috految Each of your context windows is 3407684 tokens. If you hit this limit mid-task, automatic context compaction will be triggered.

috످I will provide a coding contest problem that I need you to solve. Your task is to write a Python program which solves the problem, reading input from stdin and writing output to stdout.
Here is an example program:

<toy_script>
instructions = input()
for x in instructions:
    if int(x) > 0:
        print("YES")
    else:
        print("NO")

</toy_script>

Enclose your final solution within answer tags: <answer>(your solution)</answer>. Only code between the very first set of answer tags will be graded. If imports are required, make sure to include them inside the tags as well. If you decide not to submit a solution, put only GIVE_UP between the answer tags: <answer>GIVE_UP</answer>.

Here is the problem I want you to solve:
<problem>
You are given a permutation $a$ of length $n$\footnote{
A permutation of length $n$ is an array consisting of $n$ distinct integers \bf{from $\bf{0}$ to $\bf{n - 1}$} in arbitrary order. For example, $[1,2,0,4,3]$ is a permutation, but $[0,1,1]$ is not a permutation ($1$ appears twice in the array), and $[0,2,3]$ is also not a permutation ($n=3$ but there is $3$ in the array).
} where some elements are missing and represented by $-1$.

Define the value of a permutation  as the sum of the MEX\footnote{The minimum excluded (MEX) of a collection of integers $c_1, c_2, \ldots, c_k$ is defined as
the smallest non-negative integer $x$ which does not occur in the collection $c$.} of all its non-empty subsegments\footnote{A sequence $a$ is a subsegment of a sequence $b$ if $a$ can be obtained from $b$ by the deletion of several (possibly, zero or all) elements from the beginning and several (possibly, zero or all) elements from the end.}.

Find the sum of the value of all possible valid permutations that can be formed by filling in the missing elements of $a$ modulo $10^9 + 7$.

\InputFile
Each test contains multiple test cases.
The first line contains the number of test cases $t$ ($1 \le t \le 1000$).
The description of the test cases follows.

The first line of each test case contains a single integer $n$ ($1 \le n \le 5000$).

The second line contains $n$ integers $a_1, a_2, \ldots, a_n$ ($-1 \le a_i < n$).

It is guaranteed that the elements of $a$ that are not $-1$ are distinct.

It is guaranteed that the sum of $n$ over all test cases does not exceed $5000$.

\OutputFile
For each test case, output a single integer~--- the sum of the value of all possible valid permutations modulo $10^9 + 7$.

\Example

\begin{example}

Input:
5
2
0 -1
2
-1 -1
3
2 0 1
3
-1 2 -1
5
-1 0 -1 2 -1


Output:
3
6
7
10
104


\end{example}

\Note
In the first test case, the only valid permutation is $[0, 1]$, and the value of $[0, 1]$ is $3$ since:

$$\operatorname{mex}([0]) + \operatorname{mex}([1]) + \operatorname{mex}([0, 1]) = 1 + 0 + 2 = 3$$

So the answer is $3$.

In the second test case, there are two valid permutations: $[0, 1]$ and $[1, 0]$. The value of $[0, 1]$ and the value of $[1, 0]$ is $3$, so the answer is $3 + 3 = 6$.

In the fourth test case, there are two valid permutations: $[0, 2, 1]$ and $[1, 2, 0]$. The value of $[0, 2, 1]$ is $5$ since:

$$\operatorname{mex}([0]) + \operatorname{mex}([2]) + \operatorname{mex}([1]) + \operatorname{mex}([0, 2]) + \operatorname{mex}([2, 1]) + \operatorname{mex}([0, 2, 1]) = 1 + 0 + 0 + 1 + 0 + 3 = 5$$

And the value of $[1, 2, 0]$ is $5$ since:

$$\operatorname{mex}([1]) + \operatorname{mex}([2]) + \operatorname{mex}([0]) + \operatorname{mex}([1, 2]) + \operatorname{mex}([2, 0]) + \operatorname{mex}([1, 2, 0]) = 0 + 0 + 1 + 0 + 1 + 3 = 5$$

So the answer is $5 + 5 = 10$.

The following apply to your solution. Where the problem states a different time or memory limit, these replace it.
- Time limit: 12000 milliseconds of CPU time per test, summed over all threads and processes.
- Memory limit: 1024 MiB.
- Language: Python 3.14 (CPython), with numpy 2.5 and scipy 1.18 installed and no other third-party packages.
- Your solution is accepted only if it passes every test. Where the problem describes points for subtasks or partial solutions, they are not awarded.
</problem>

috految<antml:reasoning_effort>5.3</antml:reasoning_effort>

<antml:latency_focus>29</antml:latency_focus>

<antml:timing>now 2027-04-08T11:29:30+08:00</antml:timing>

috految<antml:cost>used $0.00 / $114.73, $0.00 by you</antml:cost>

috److The sum of MEX values equals the sum, over each `x`, of the number of (segment, filling) pairs where the segment contains all values `0..x`.

**Counting fillings.** Let `m` be the total number of blanks and `k` the number of missing values among `0..x`. A segment with `c` blanks that contains all fixed values up to `x` contributes `falling(c, k) * (m-k)!`, where `falling(c, k) = c(c-1)...(c-k+1)`.

**Maintaining valid segments.** Use half-open segments `[l, r)` with `l < r`, `l <= L` and `r >= R`. Initially `L = n-1` and `R = 1`. Let `p` be the prefix count of blanks, and let `cnt[c]` be the number of valid segments with `c` blanks.

When value `x` is fixed at position `i`:

1. While `L > i`, remove segments with `l = L` and `r >= max(R, L+1)`, then decrement `L`.
2. While `R <= i`, remove segments with `r = R` and `l < min(L+1, R)`, then increment `R`.

When value `x` is missing, multiply the weight of each `c` by `(c-k)` and increment `k`.

**Overflow and complexity.** The dot product of counts and weights is at most about `1.25e7 * 1e9`, which fits in int64. The total work is O(n²), vectorised with numpy.

<answer>
import numpy as np

M = 10**9+7
f = [1]
for i in range(1, 5001):
    f.append(f[-1]*i % M)

for _ in range(int(input())):
    n = int(input())
    a = list(map(int, input().split()))
    m = a.count(-1)
    p = np.cumsum([0]+[int(x < 0) for x in a])
    cnt = np.zeros(m+1, dtype=np.int64)
    for l in range(n):
        cnt += np.bincount(p[l+1:]-p[l], minlength=m+1)
    w = np.ones(m+1, dtype=np.int64)
    L = n-1
    R = 1
    k = 0
    ans = 0
    for x in range(n):
        if x in a:
            i = a.index(x)
            while L > i:
                cnt -= np.bincount(p[max(R, L+1):]-p[L], minlength=m+1)
                L -= 1
            while R <= i:
                cnt -= np.bincount(p[R]-p[:min(L+1, R)], minlength=m+1)
                R += 1
        else:
            w = w*(np.arange(m+1)-k) % M
            k += 1
        ans += int(cnt @ w)*f[m-k]
    print(ans % M)
</answer>

috످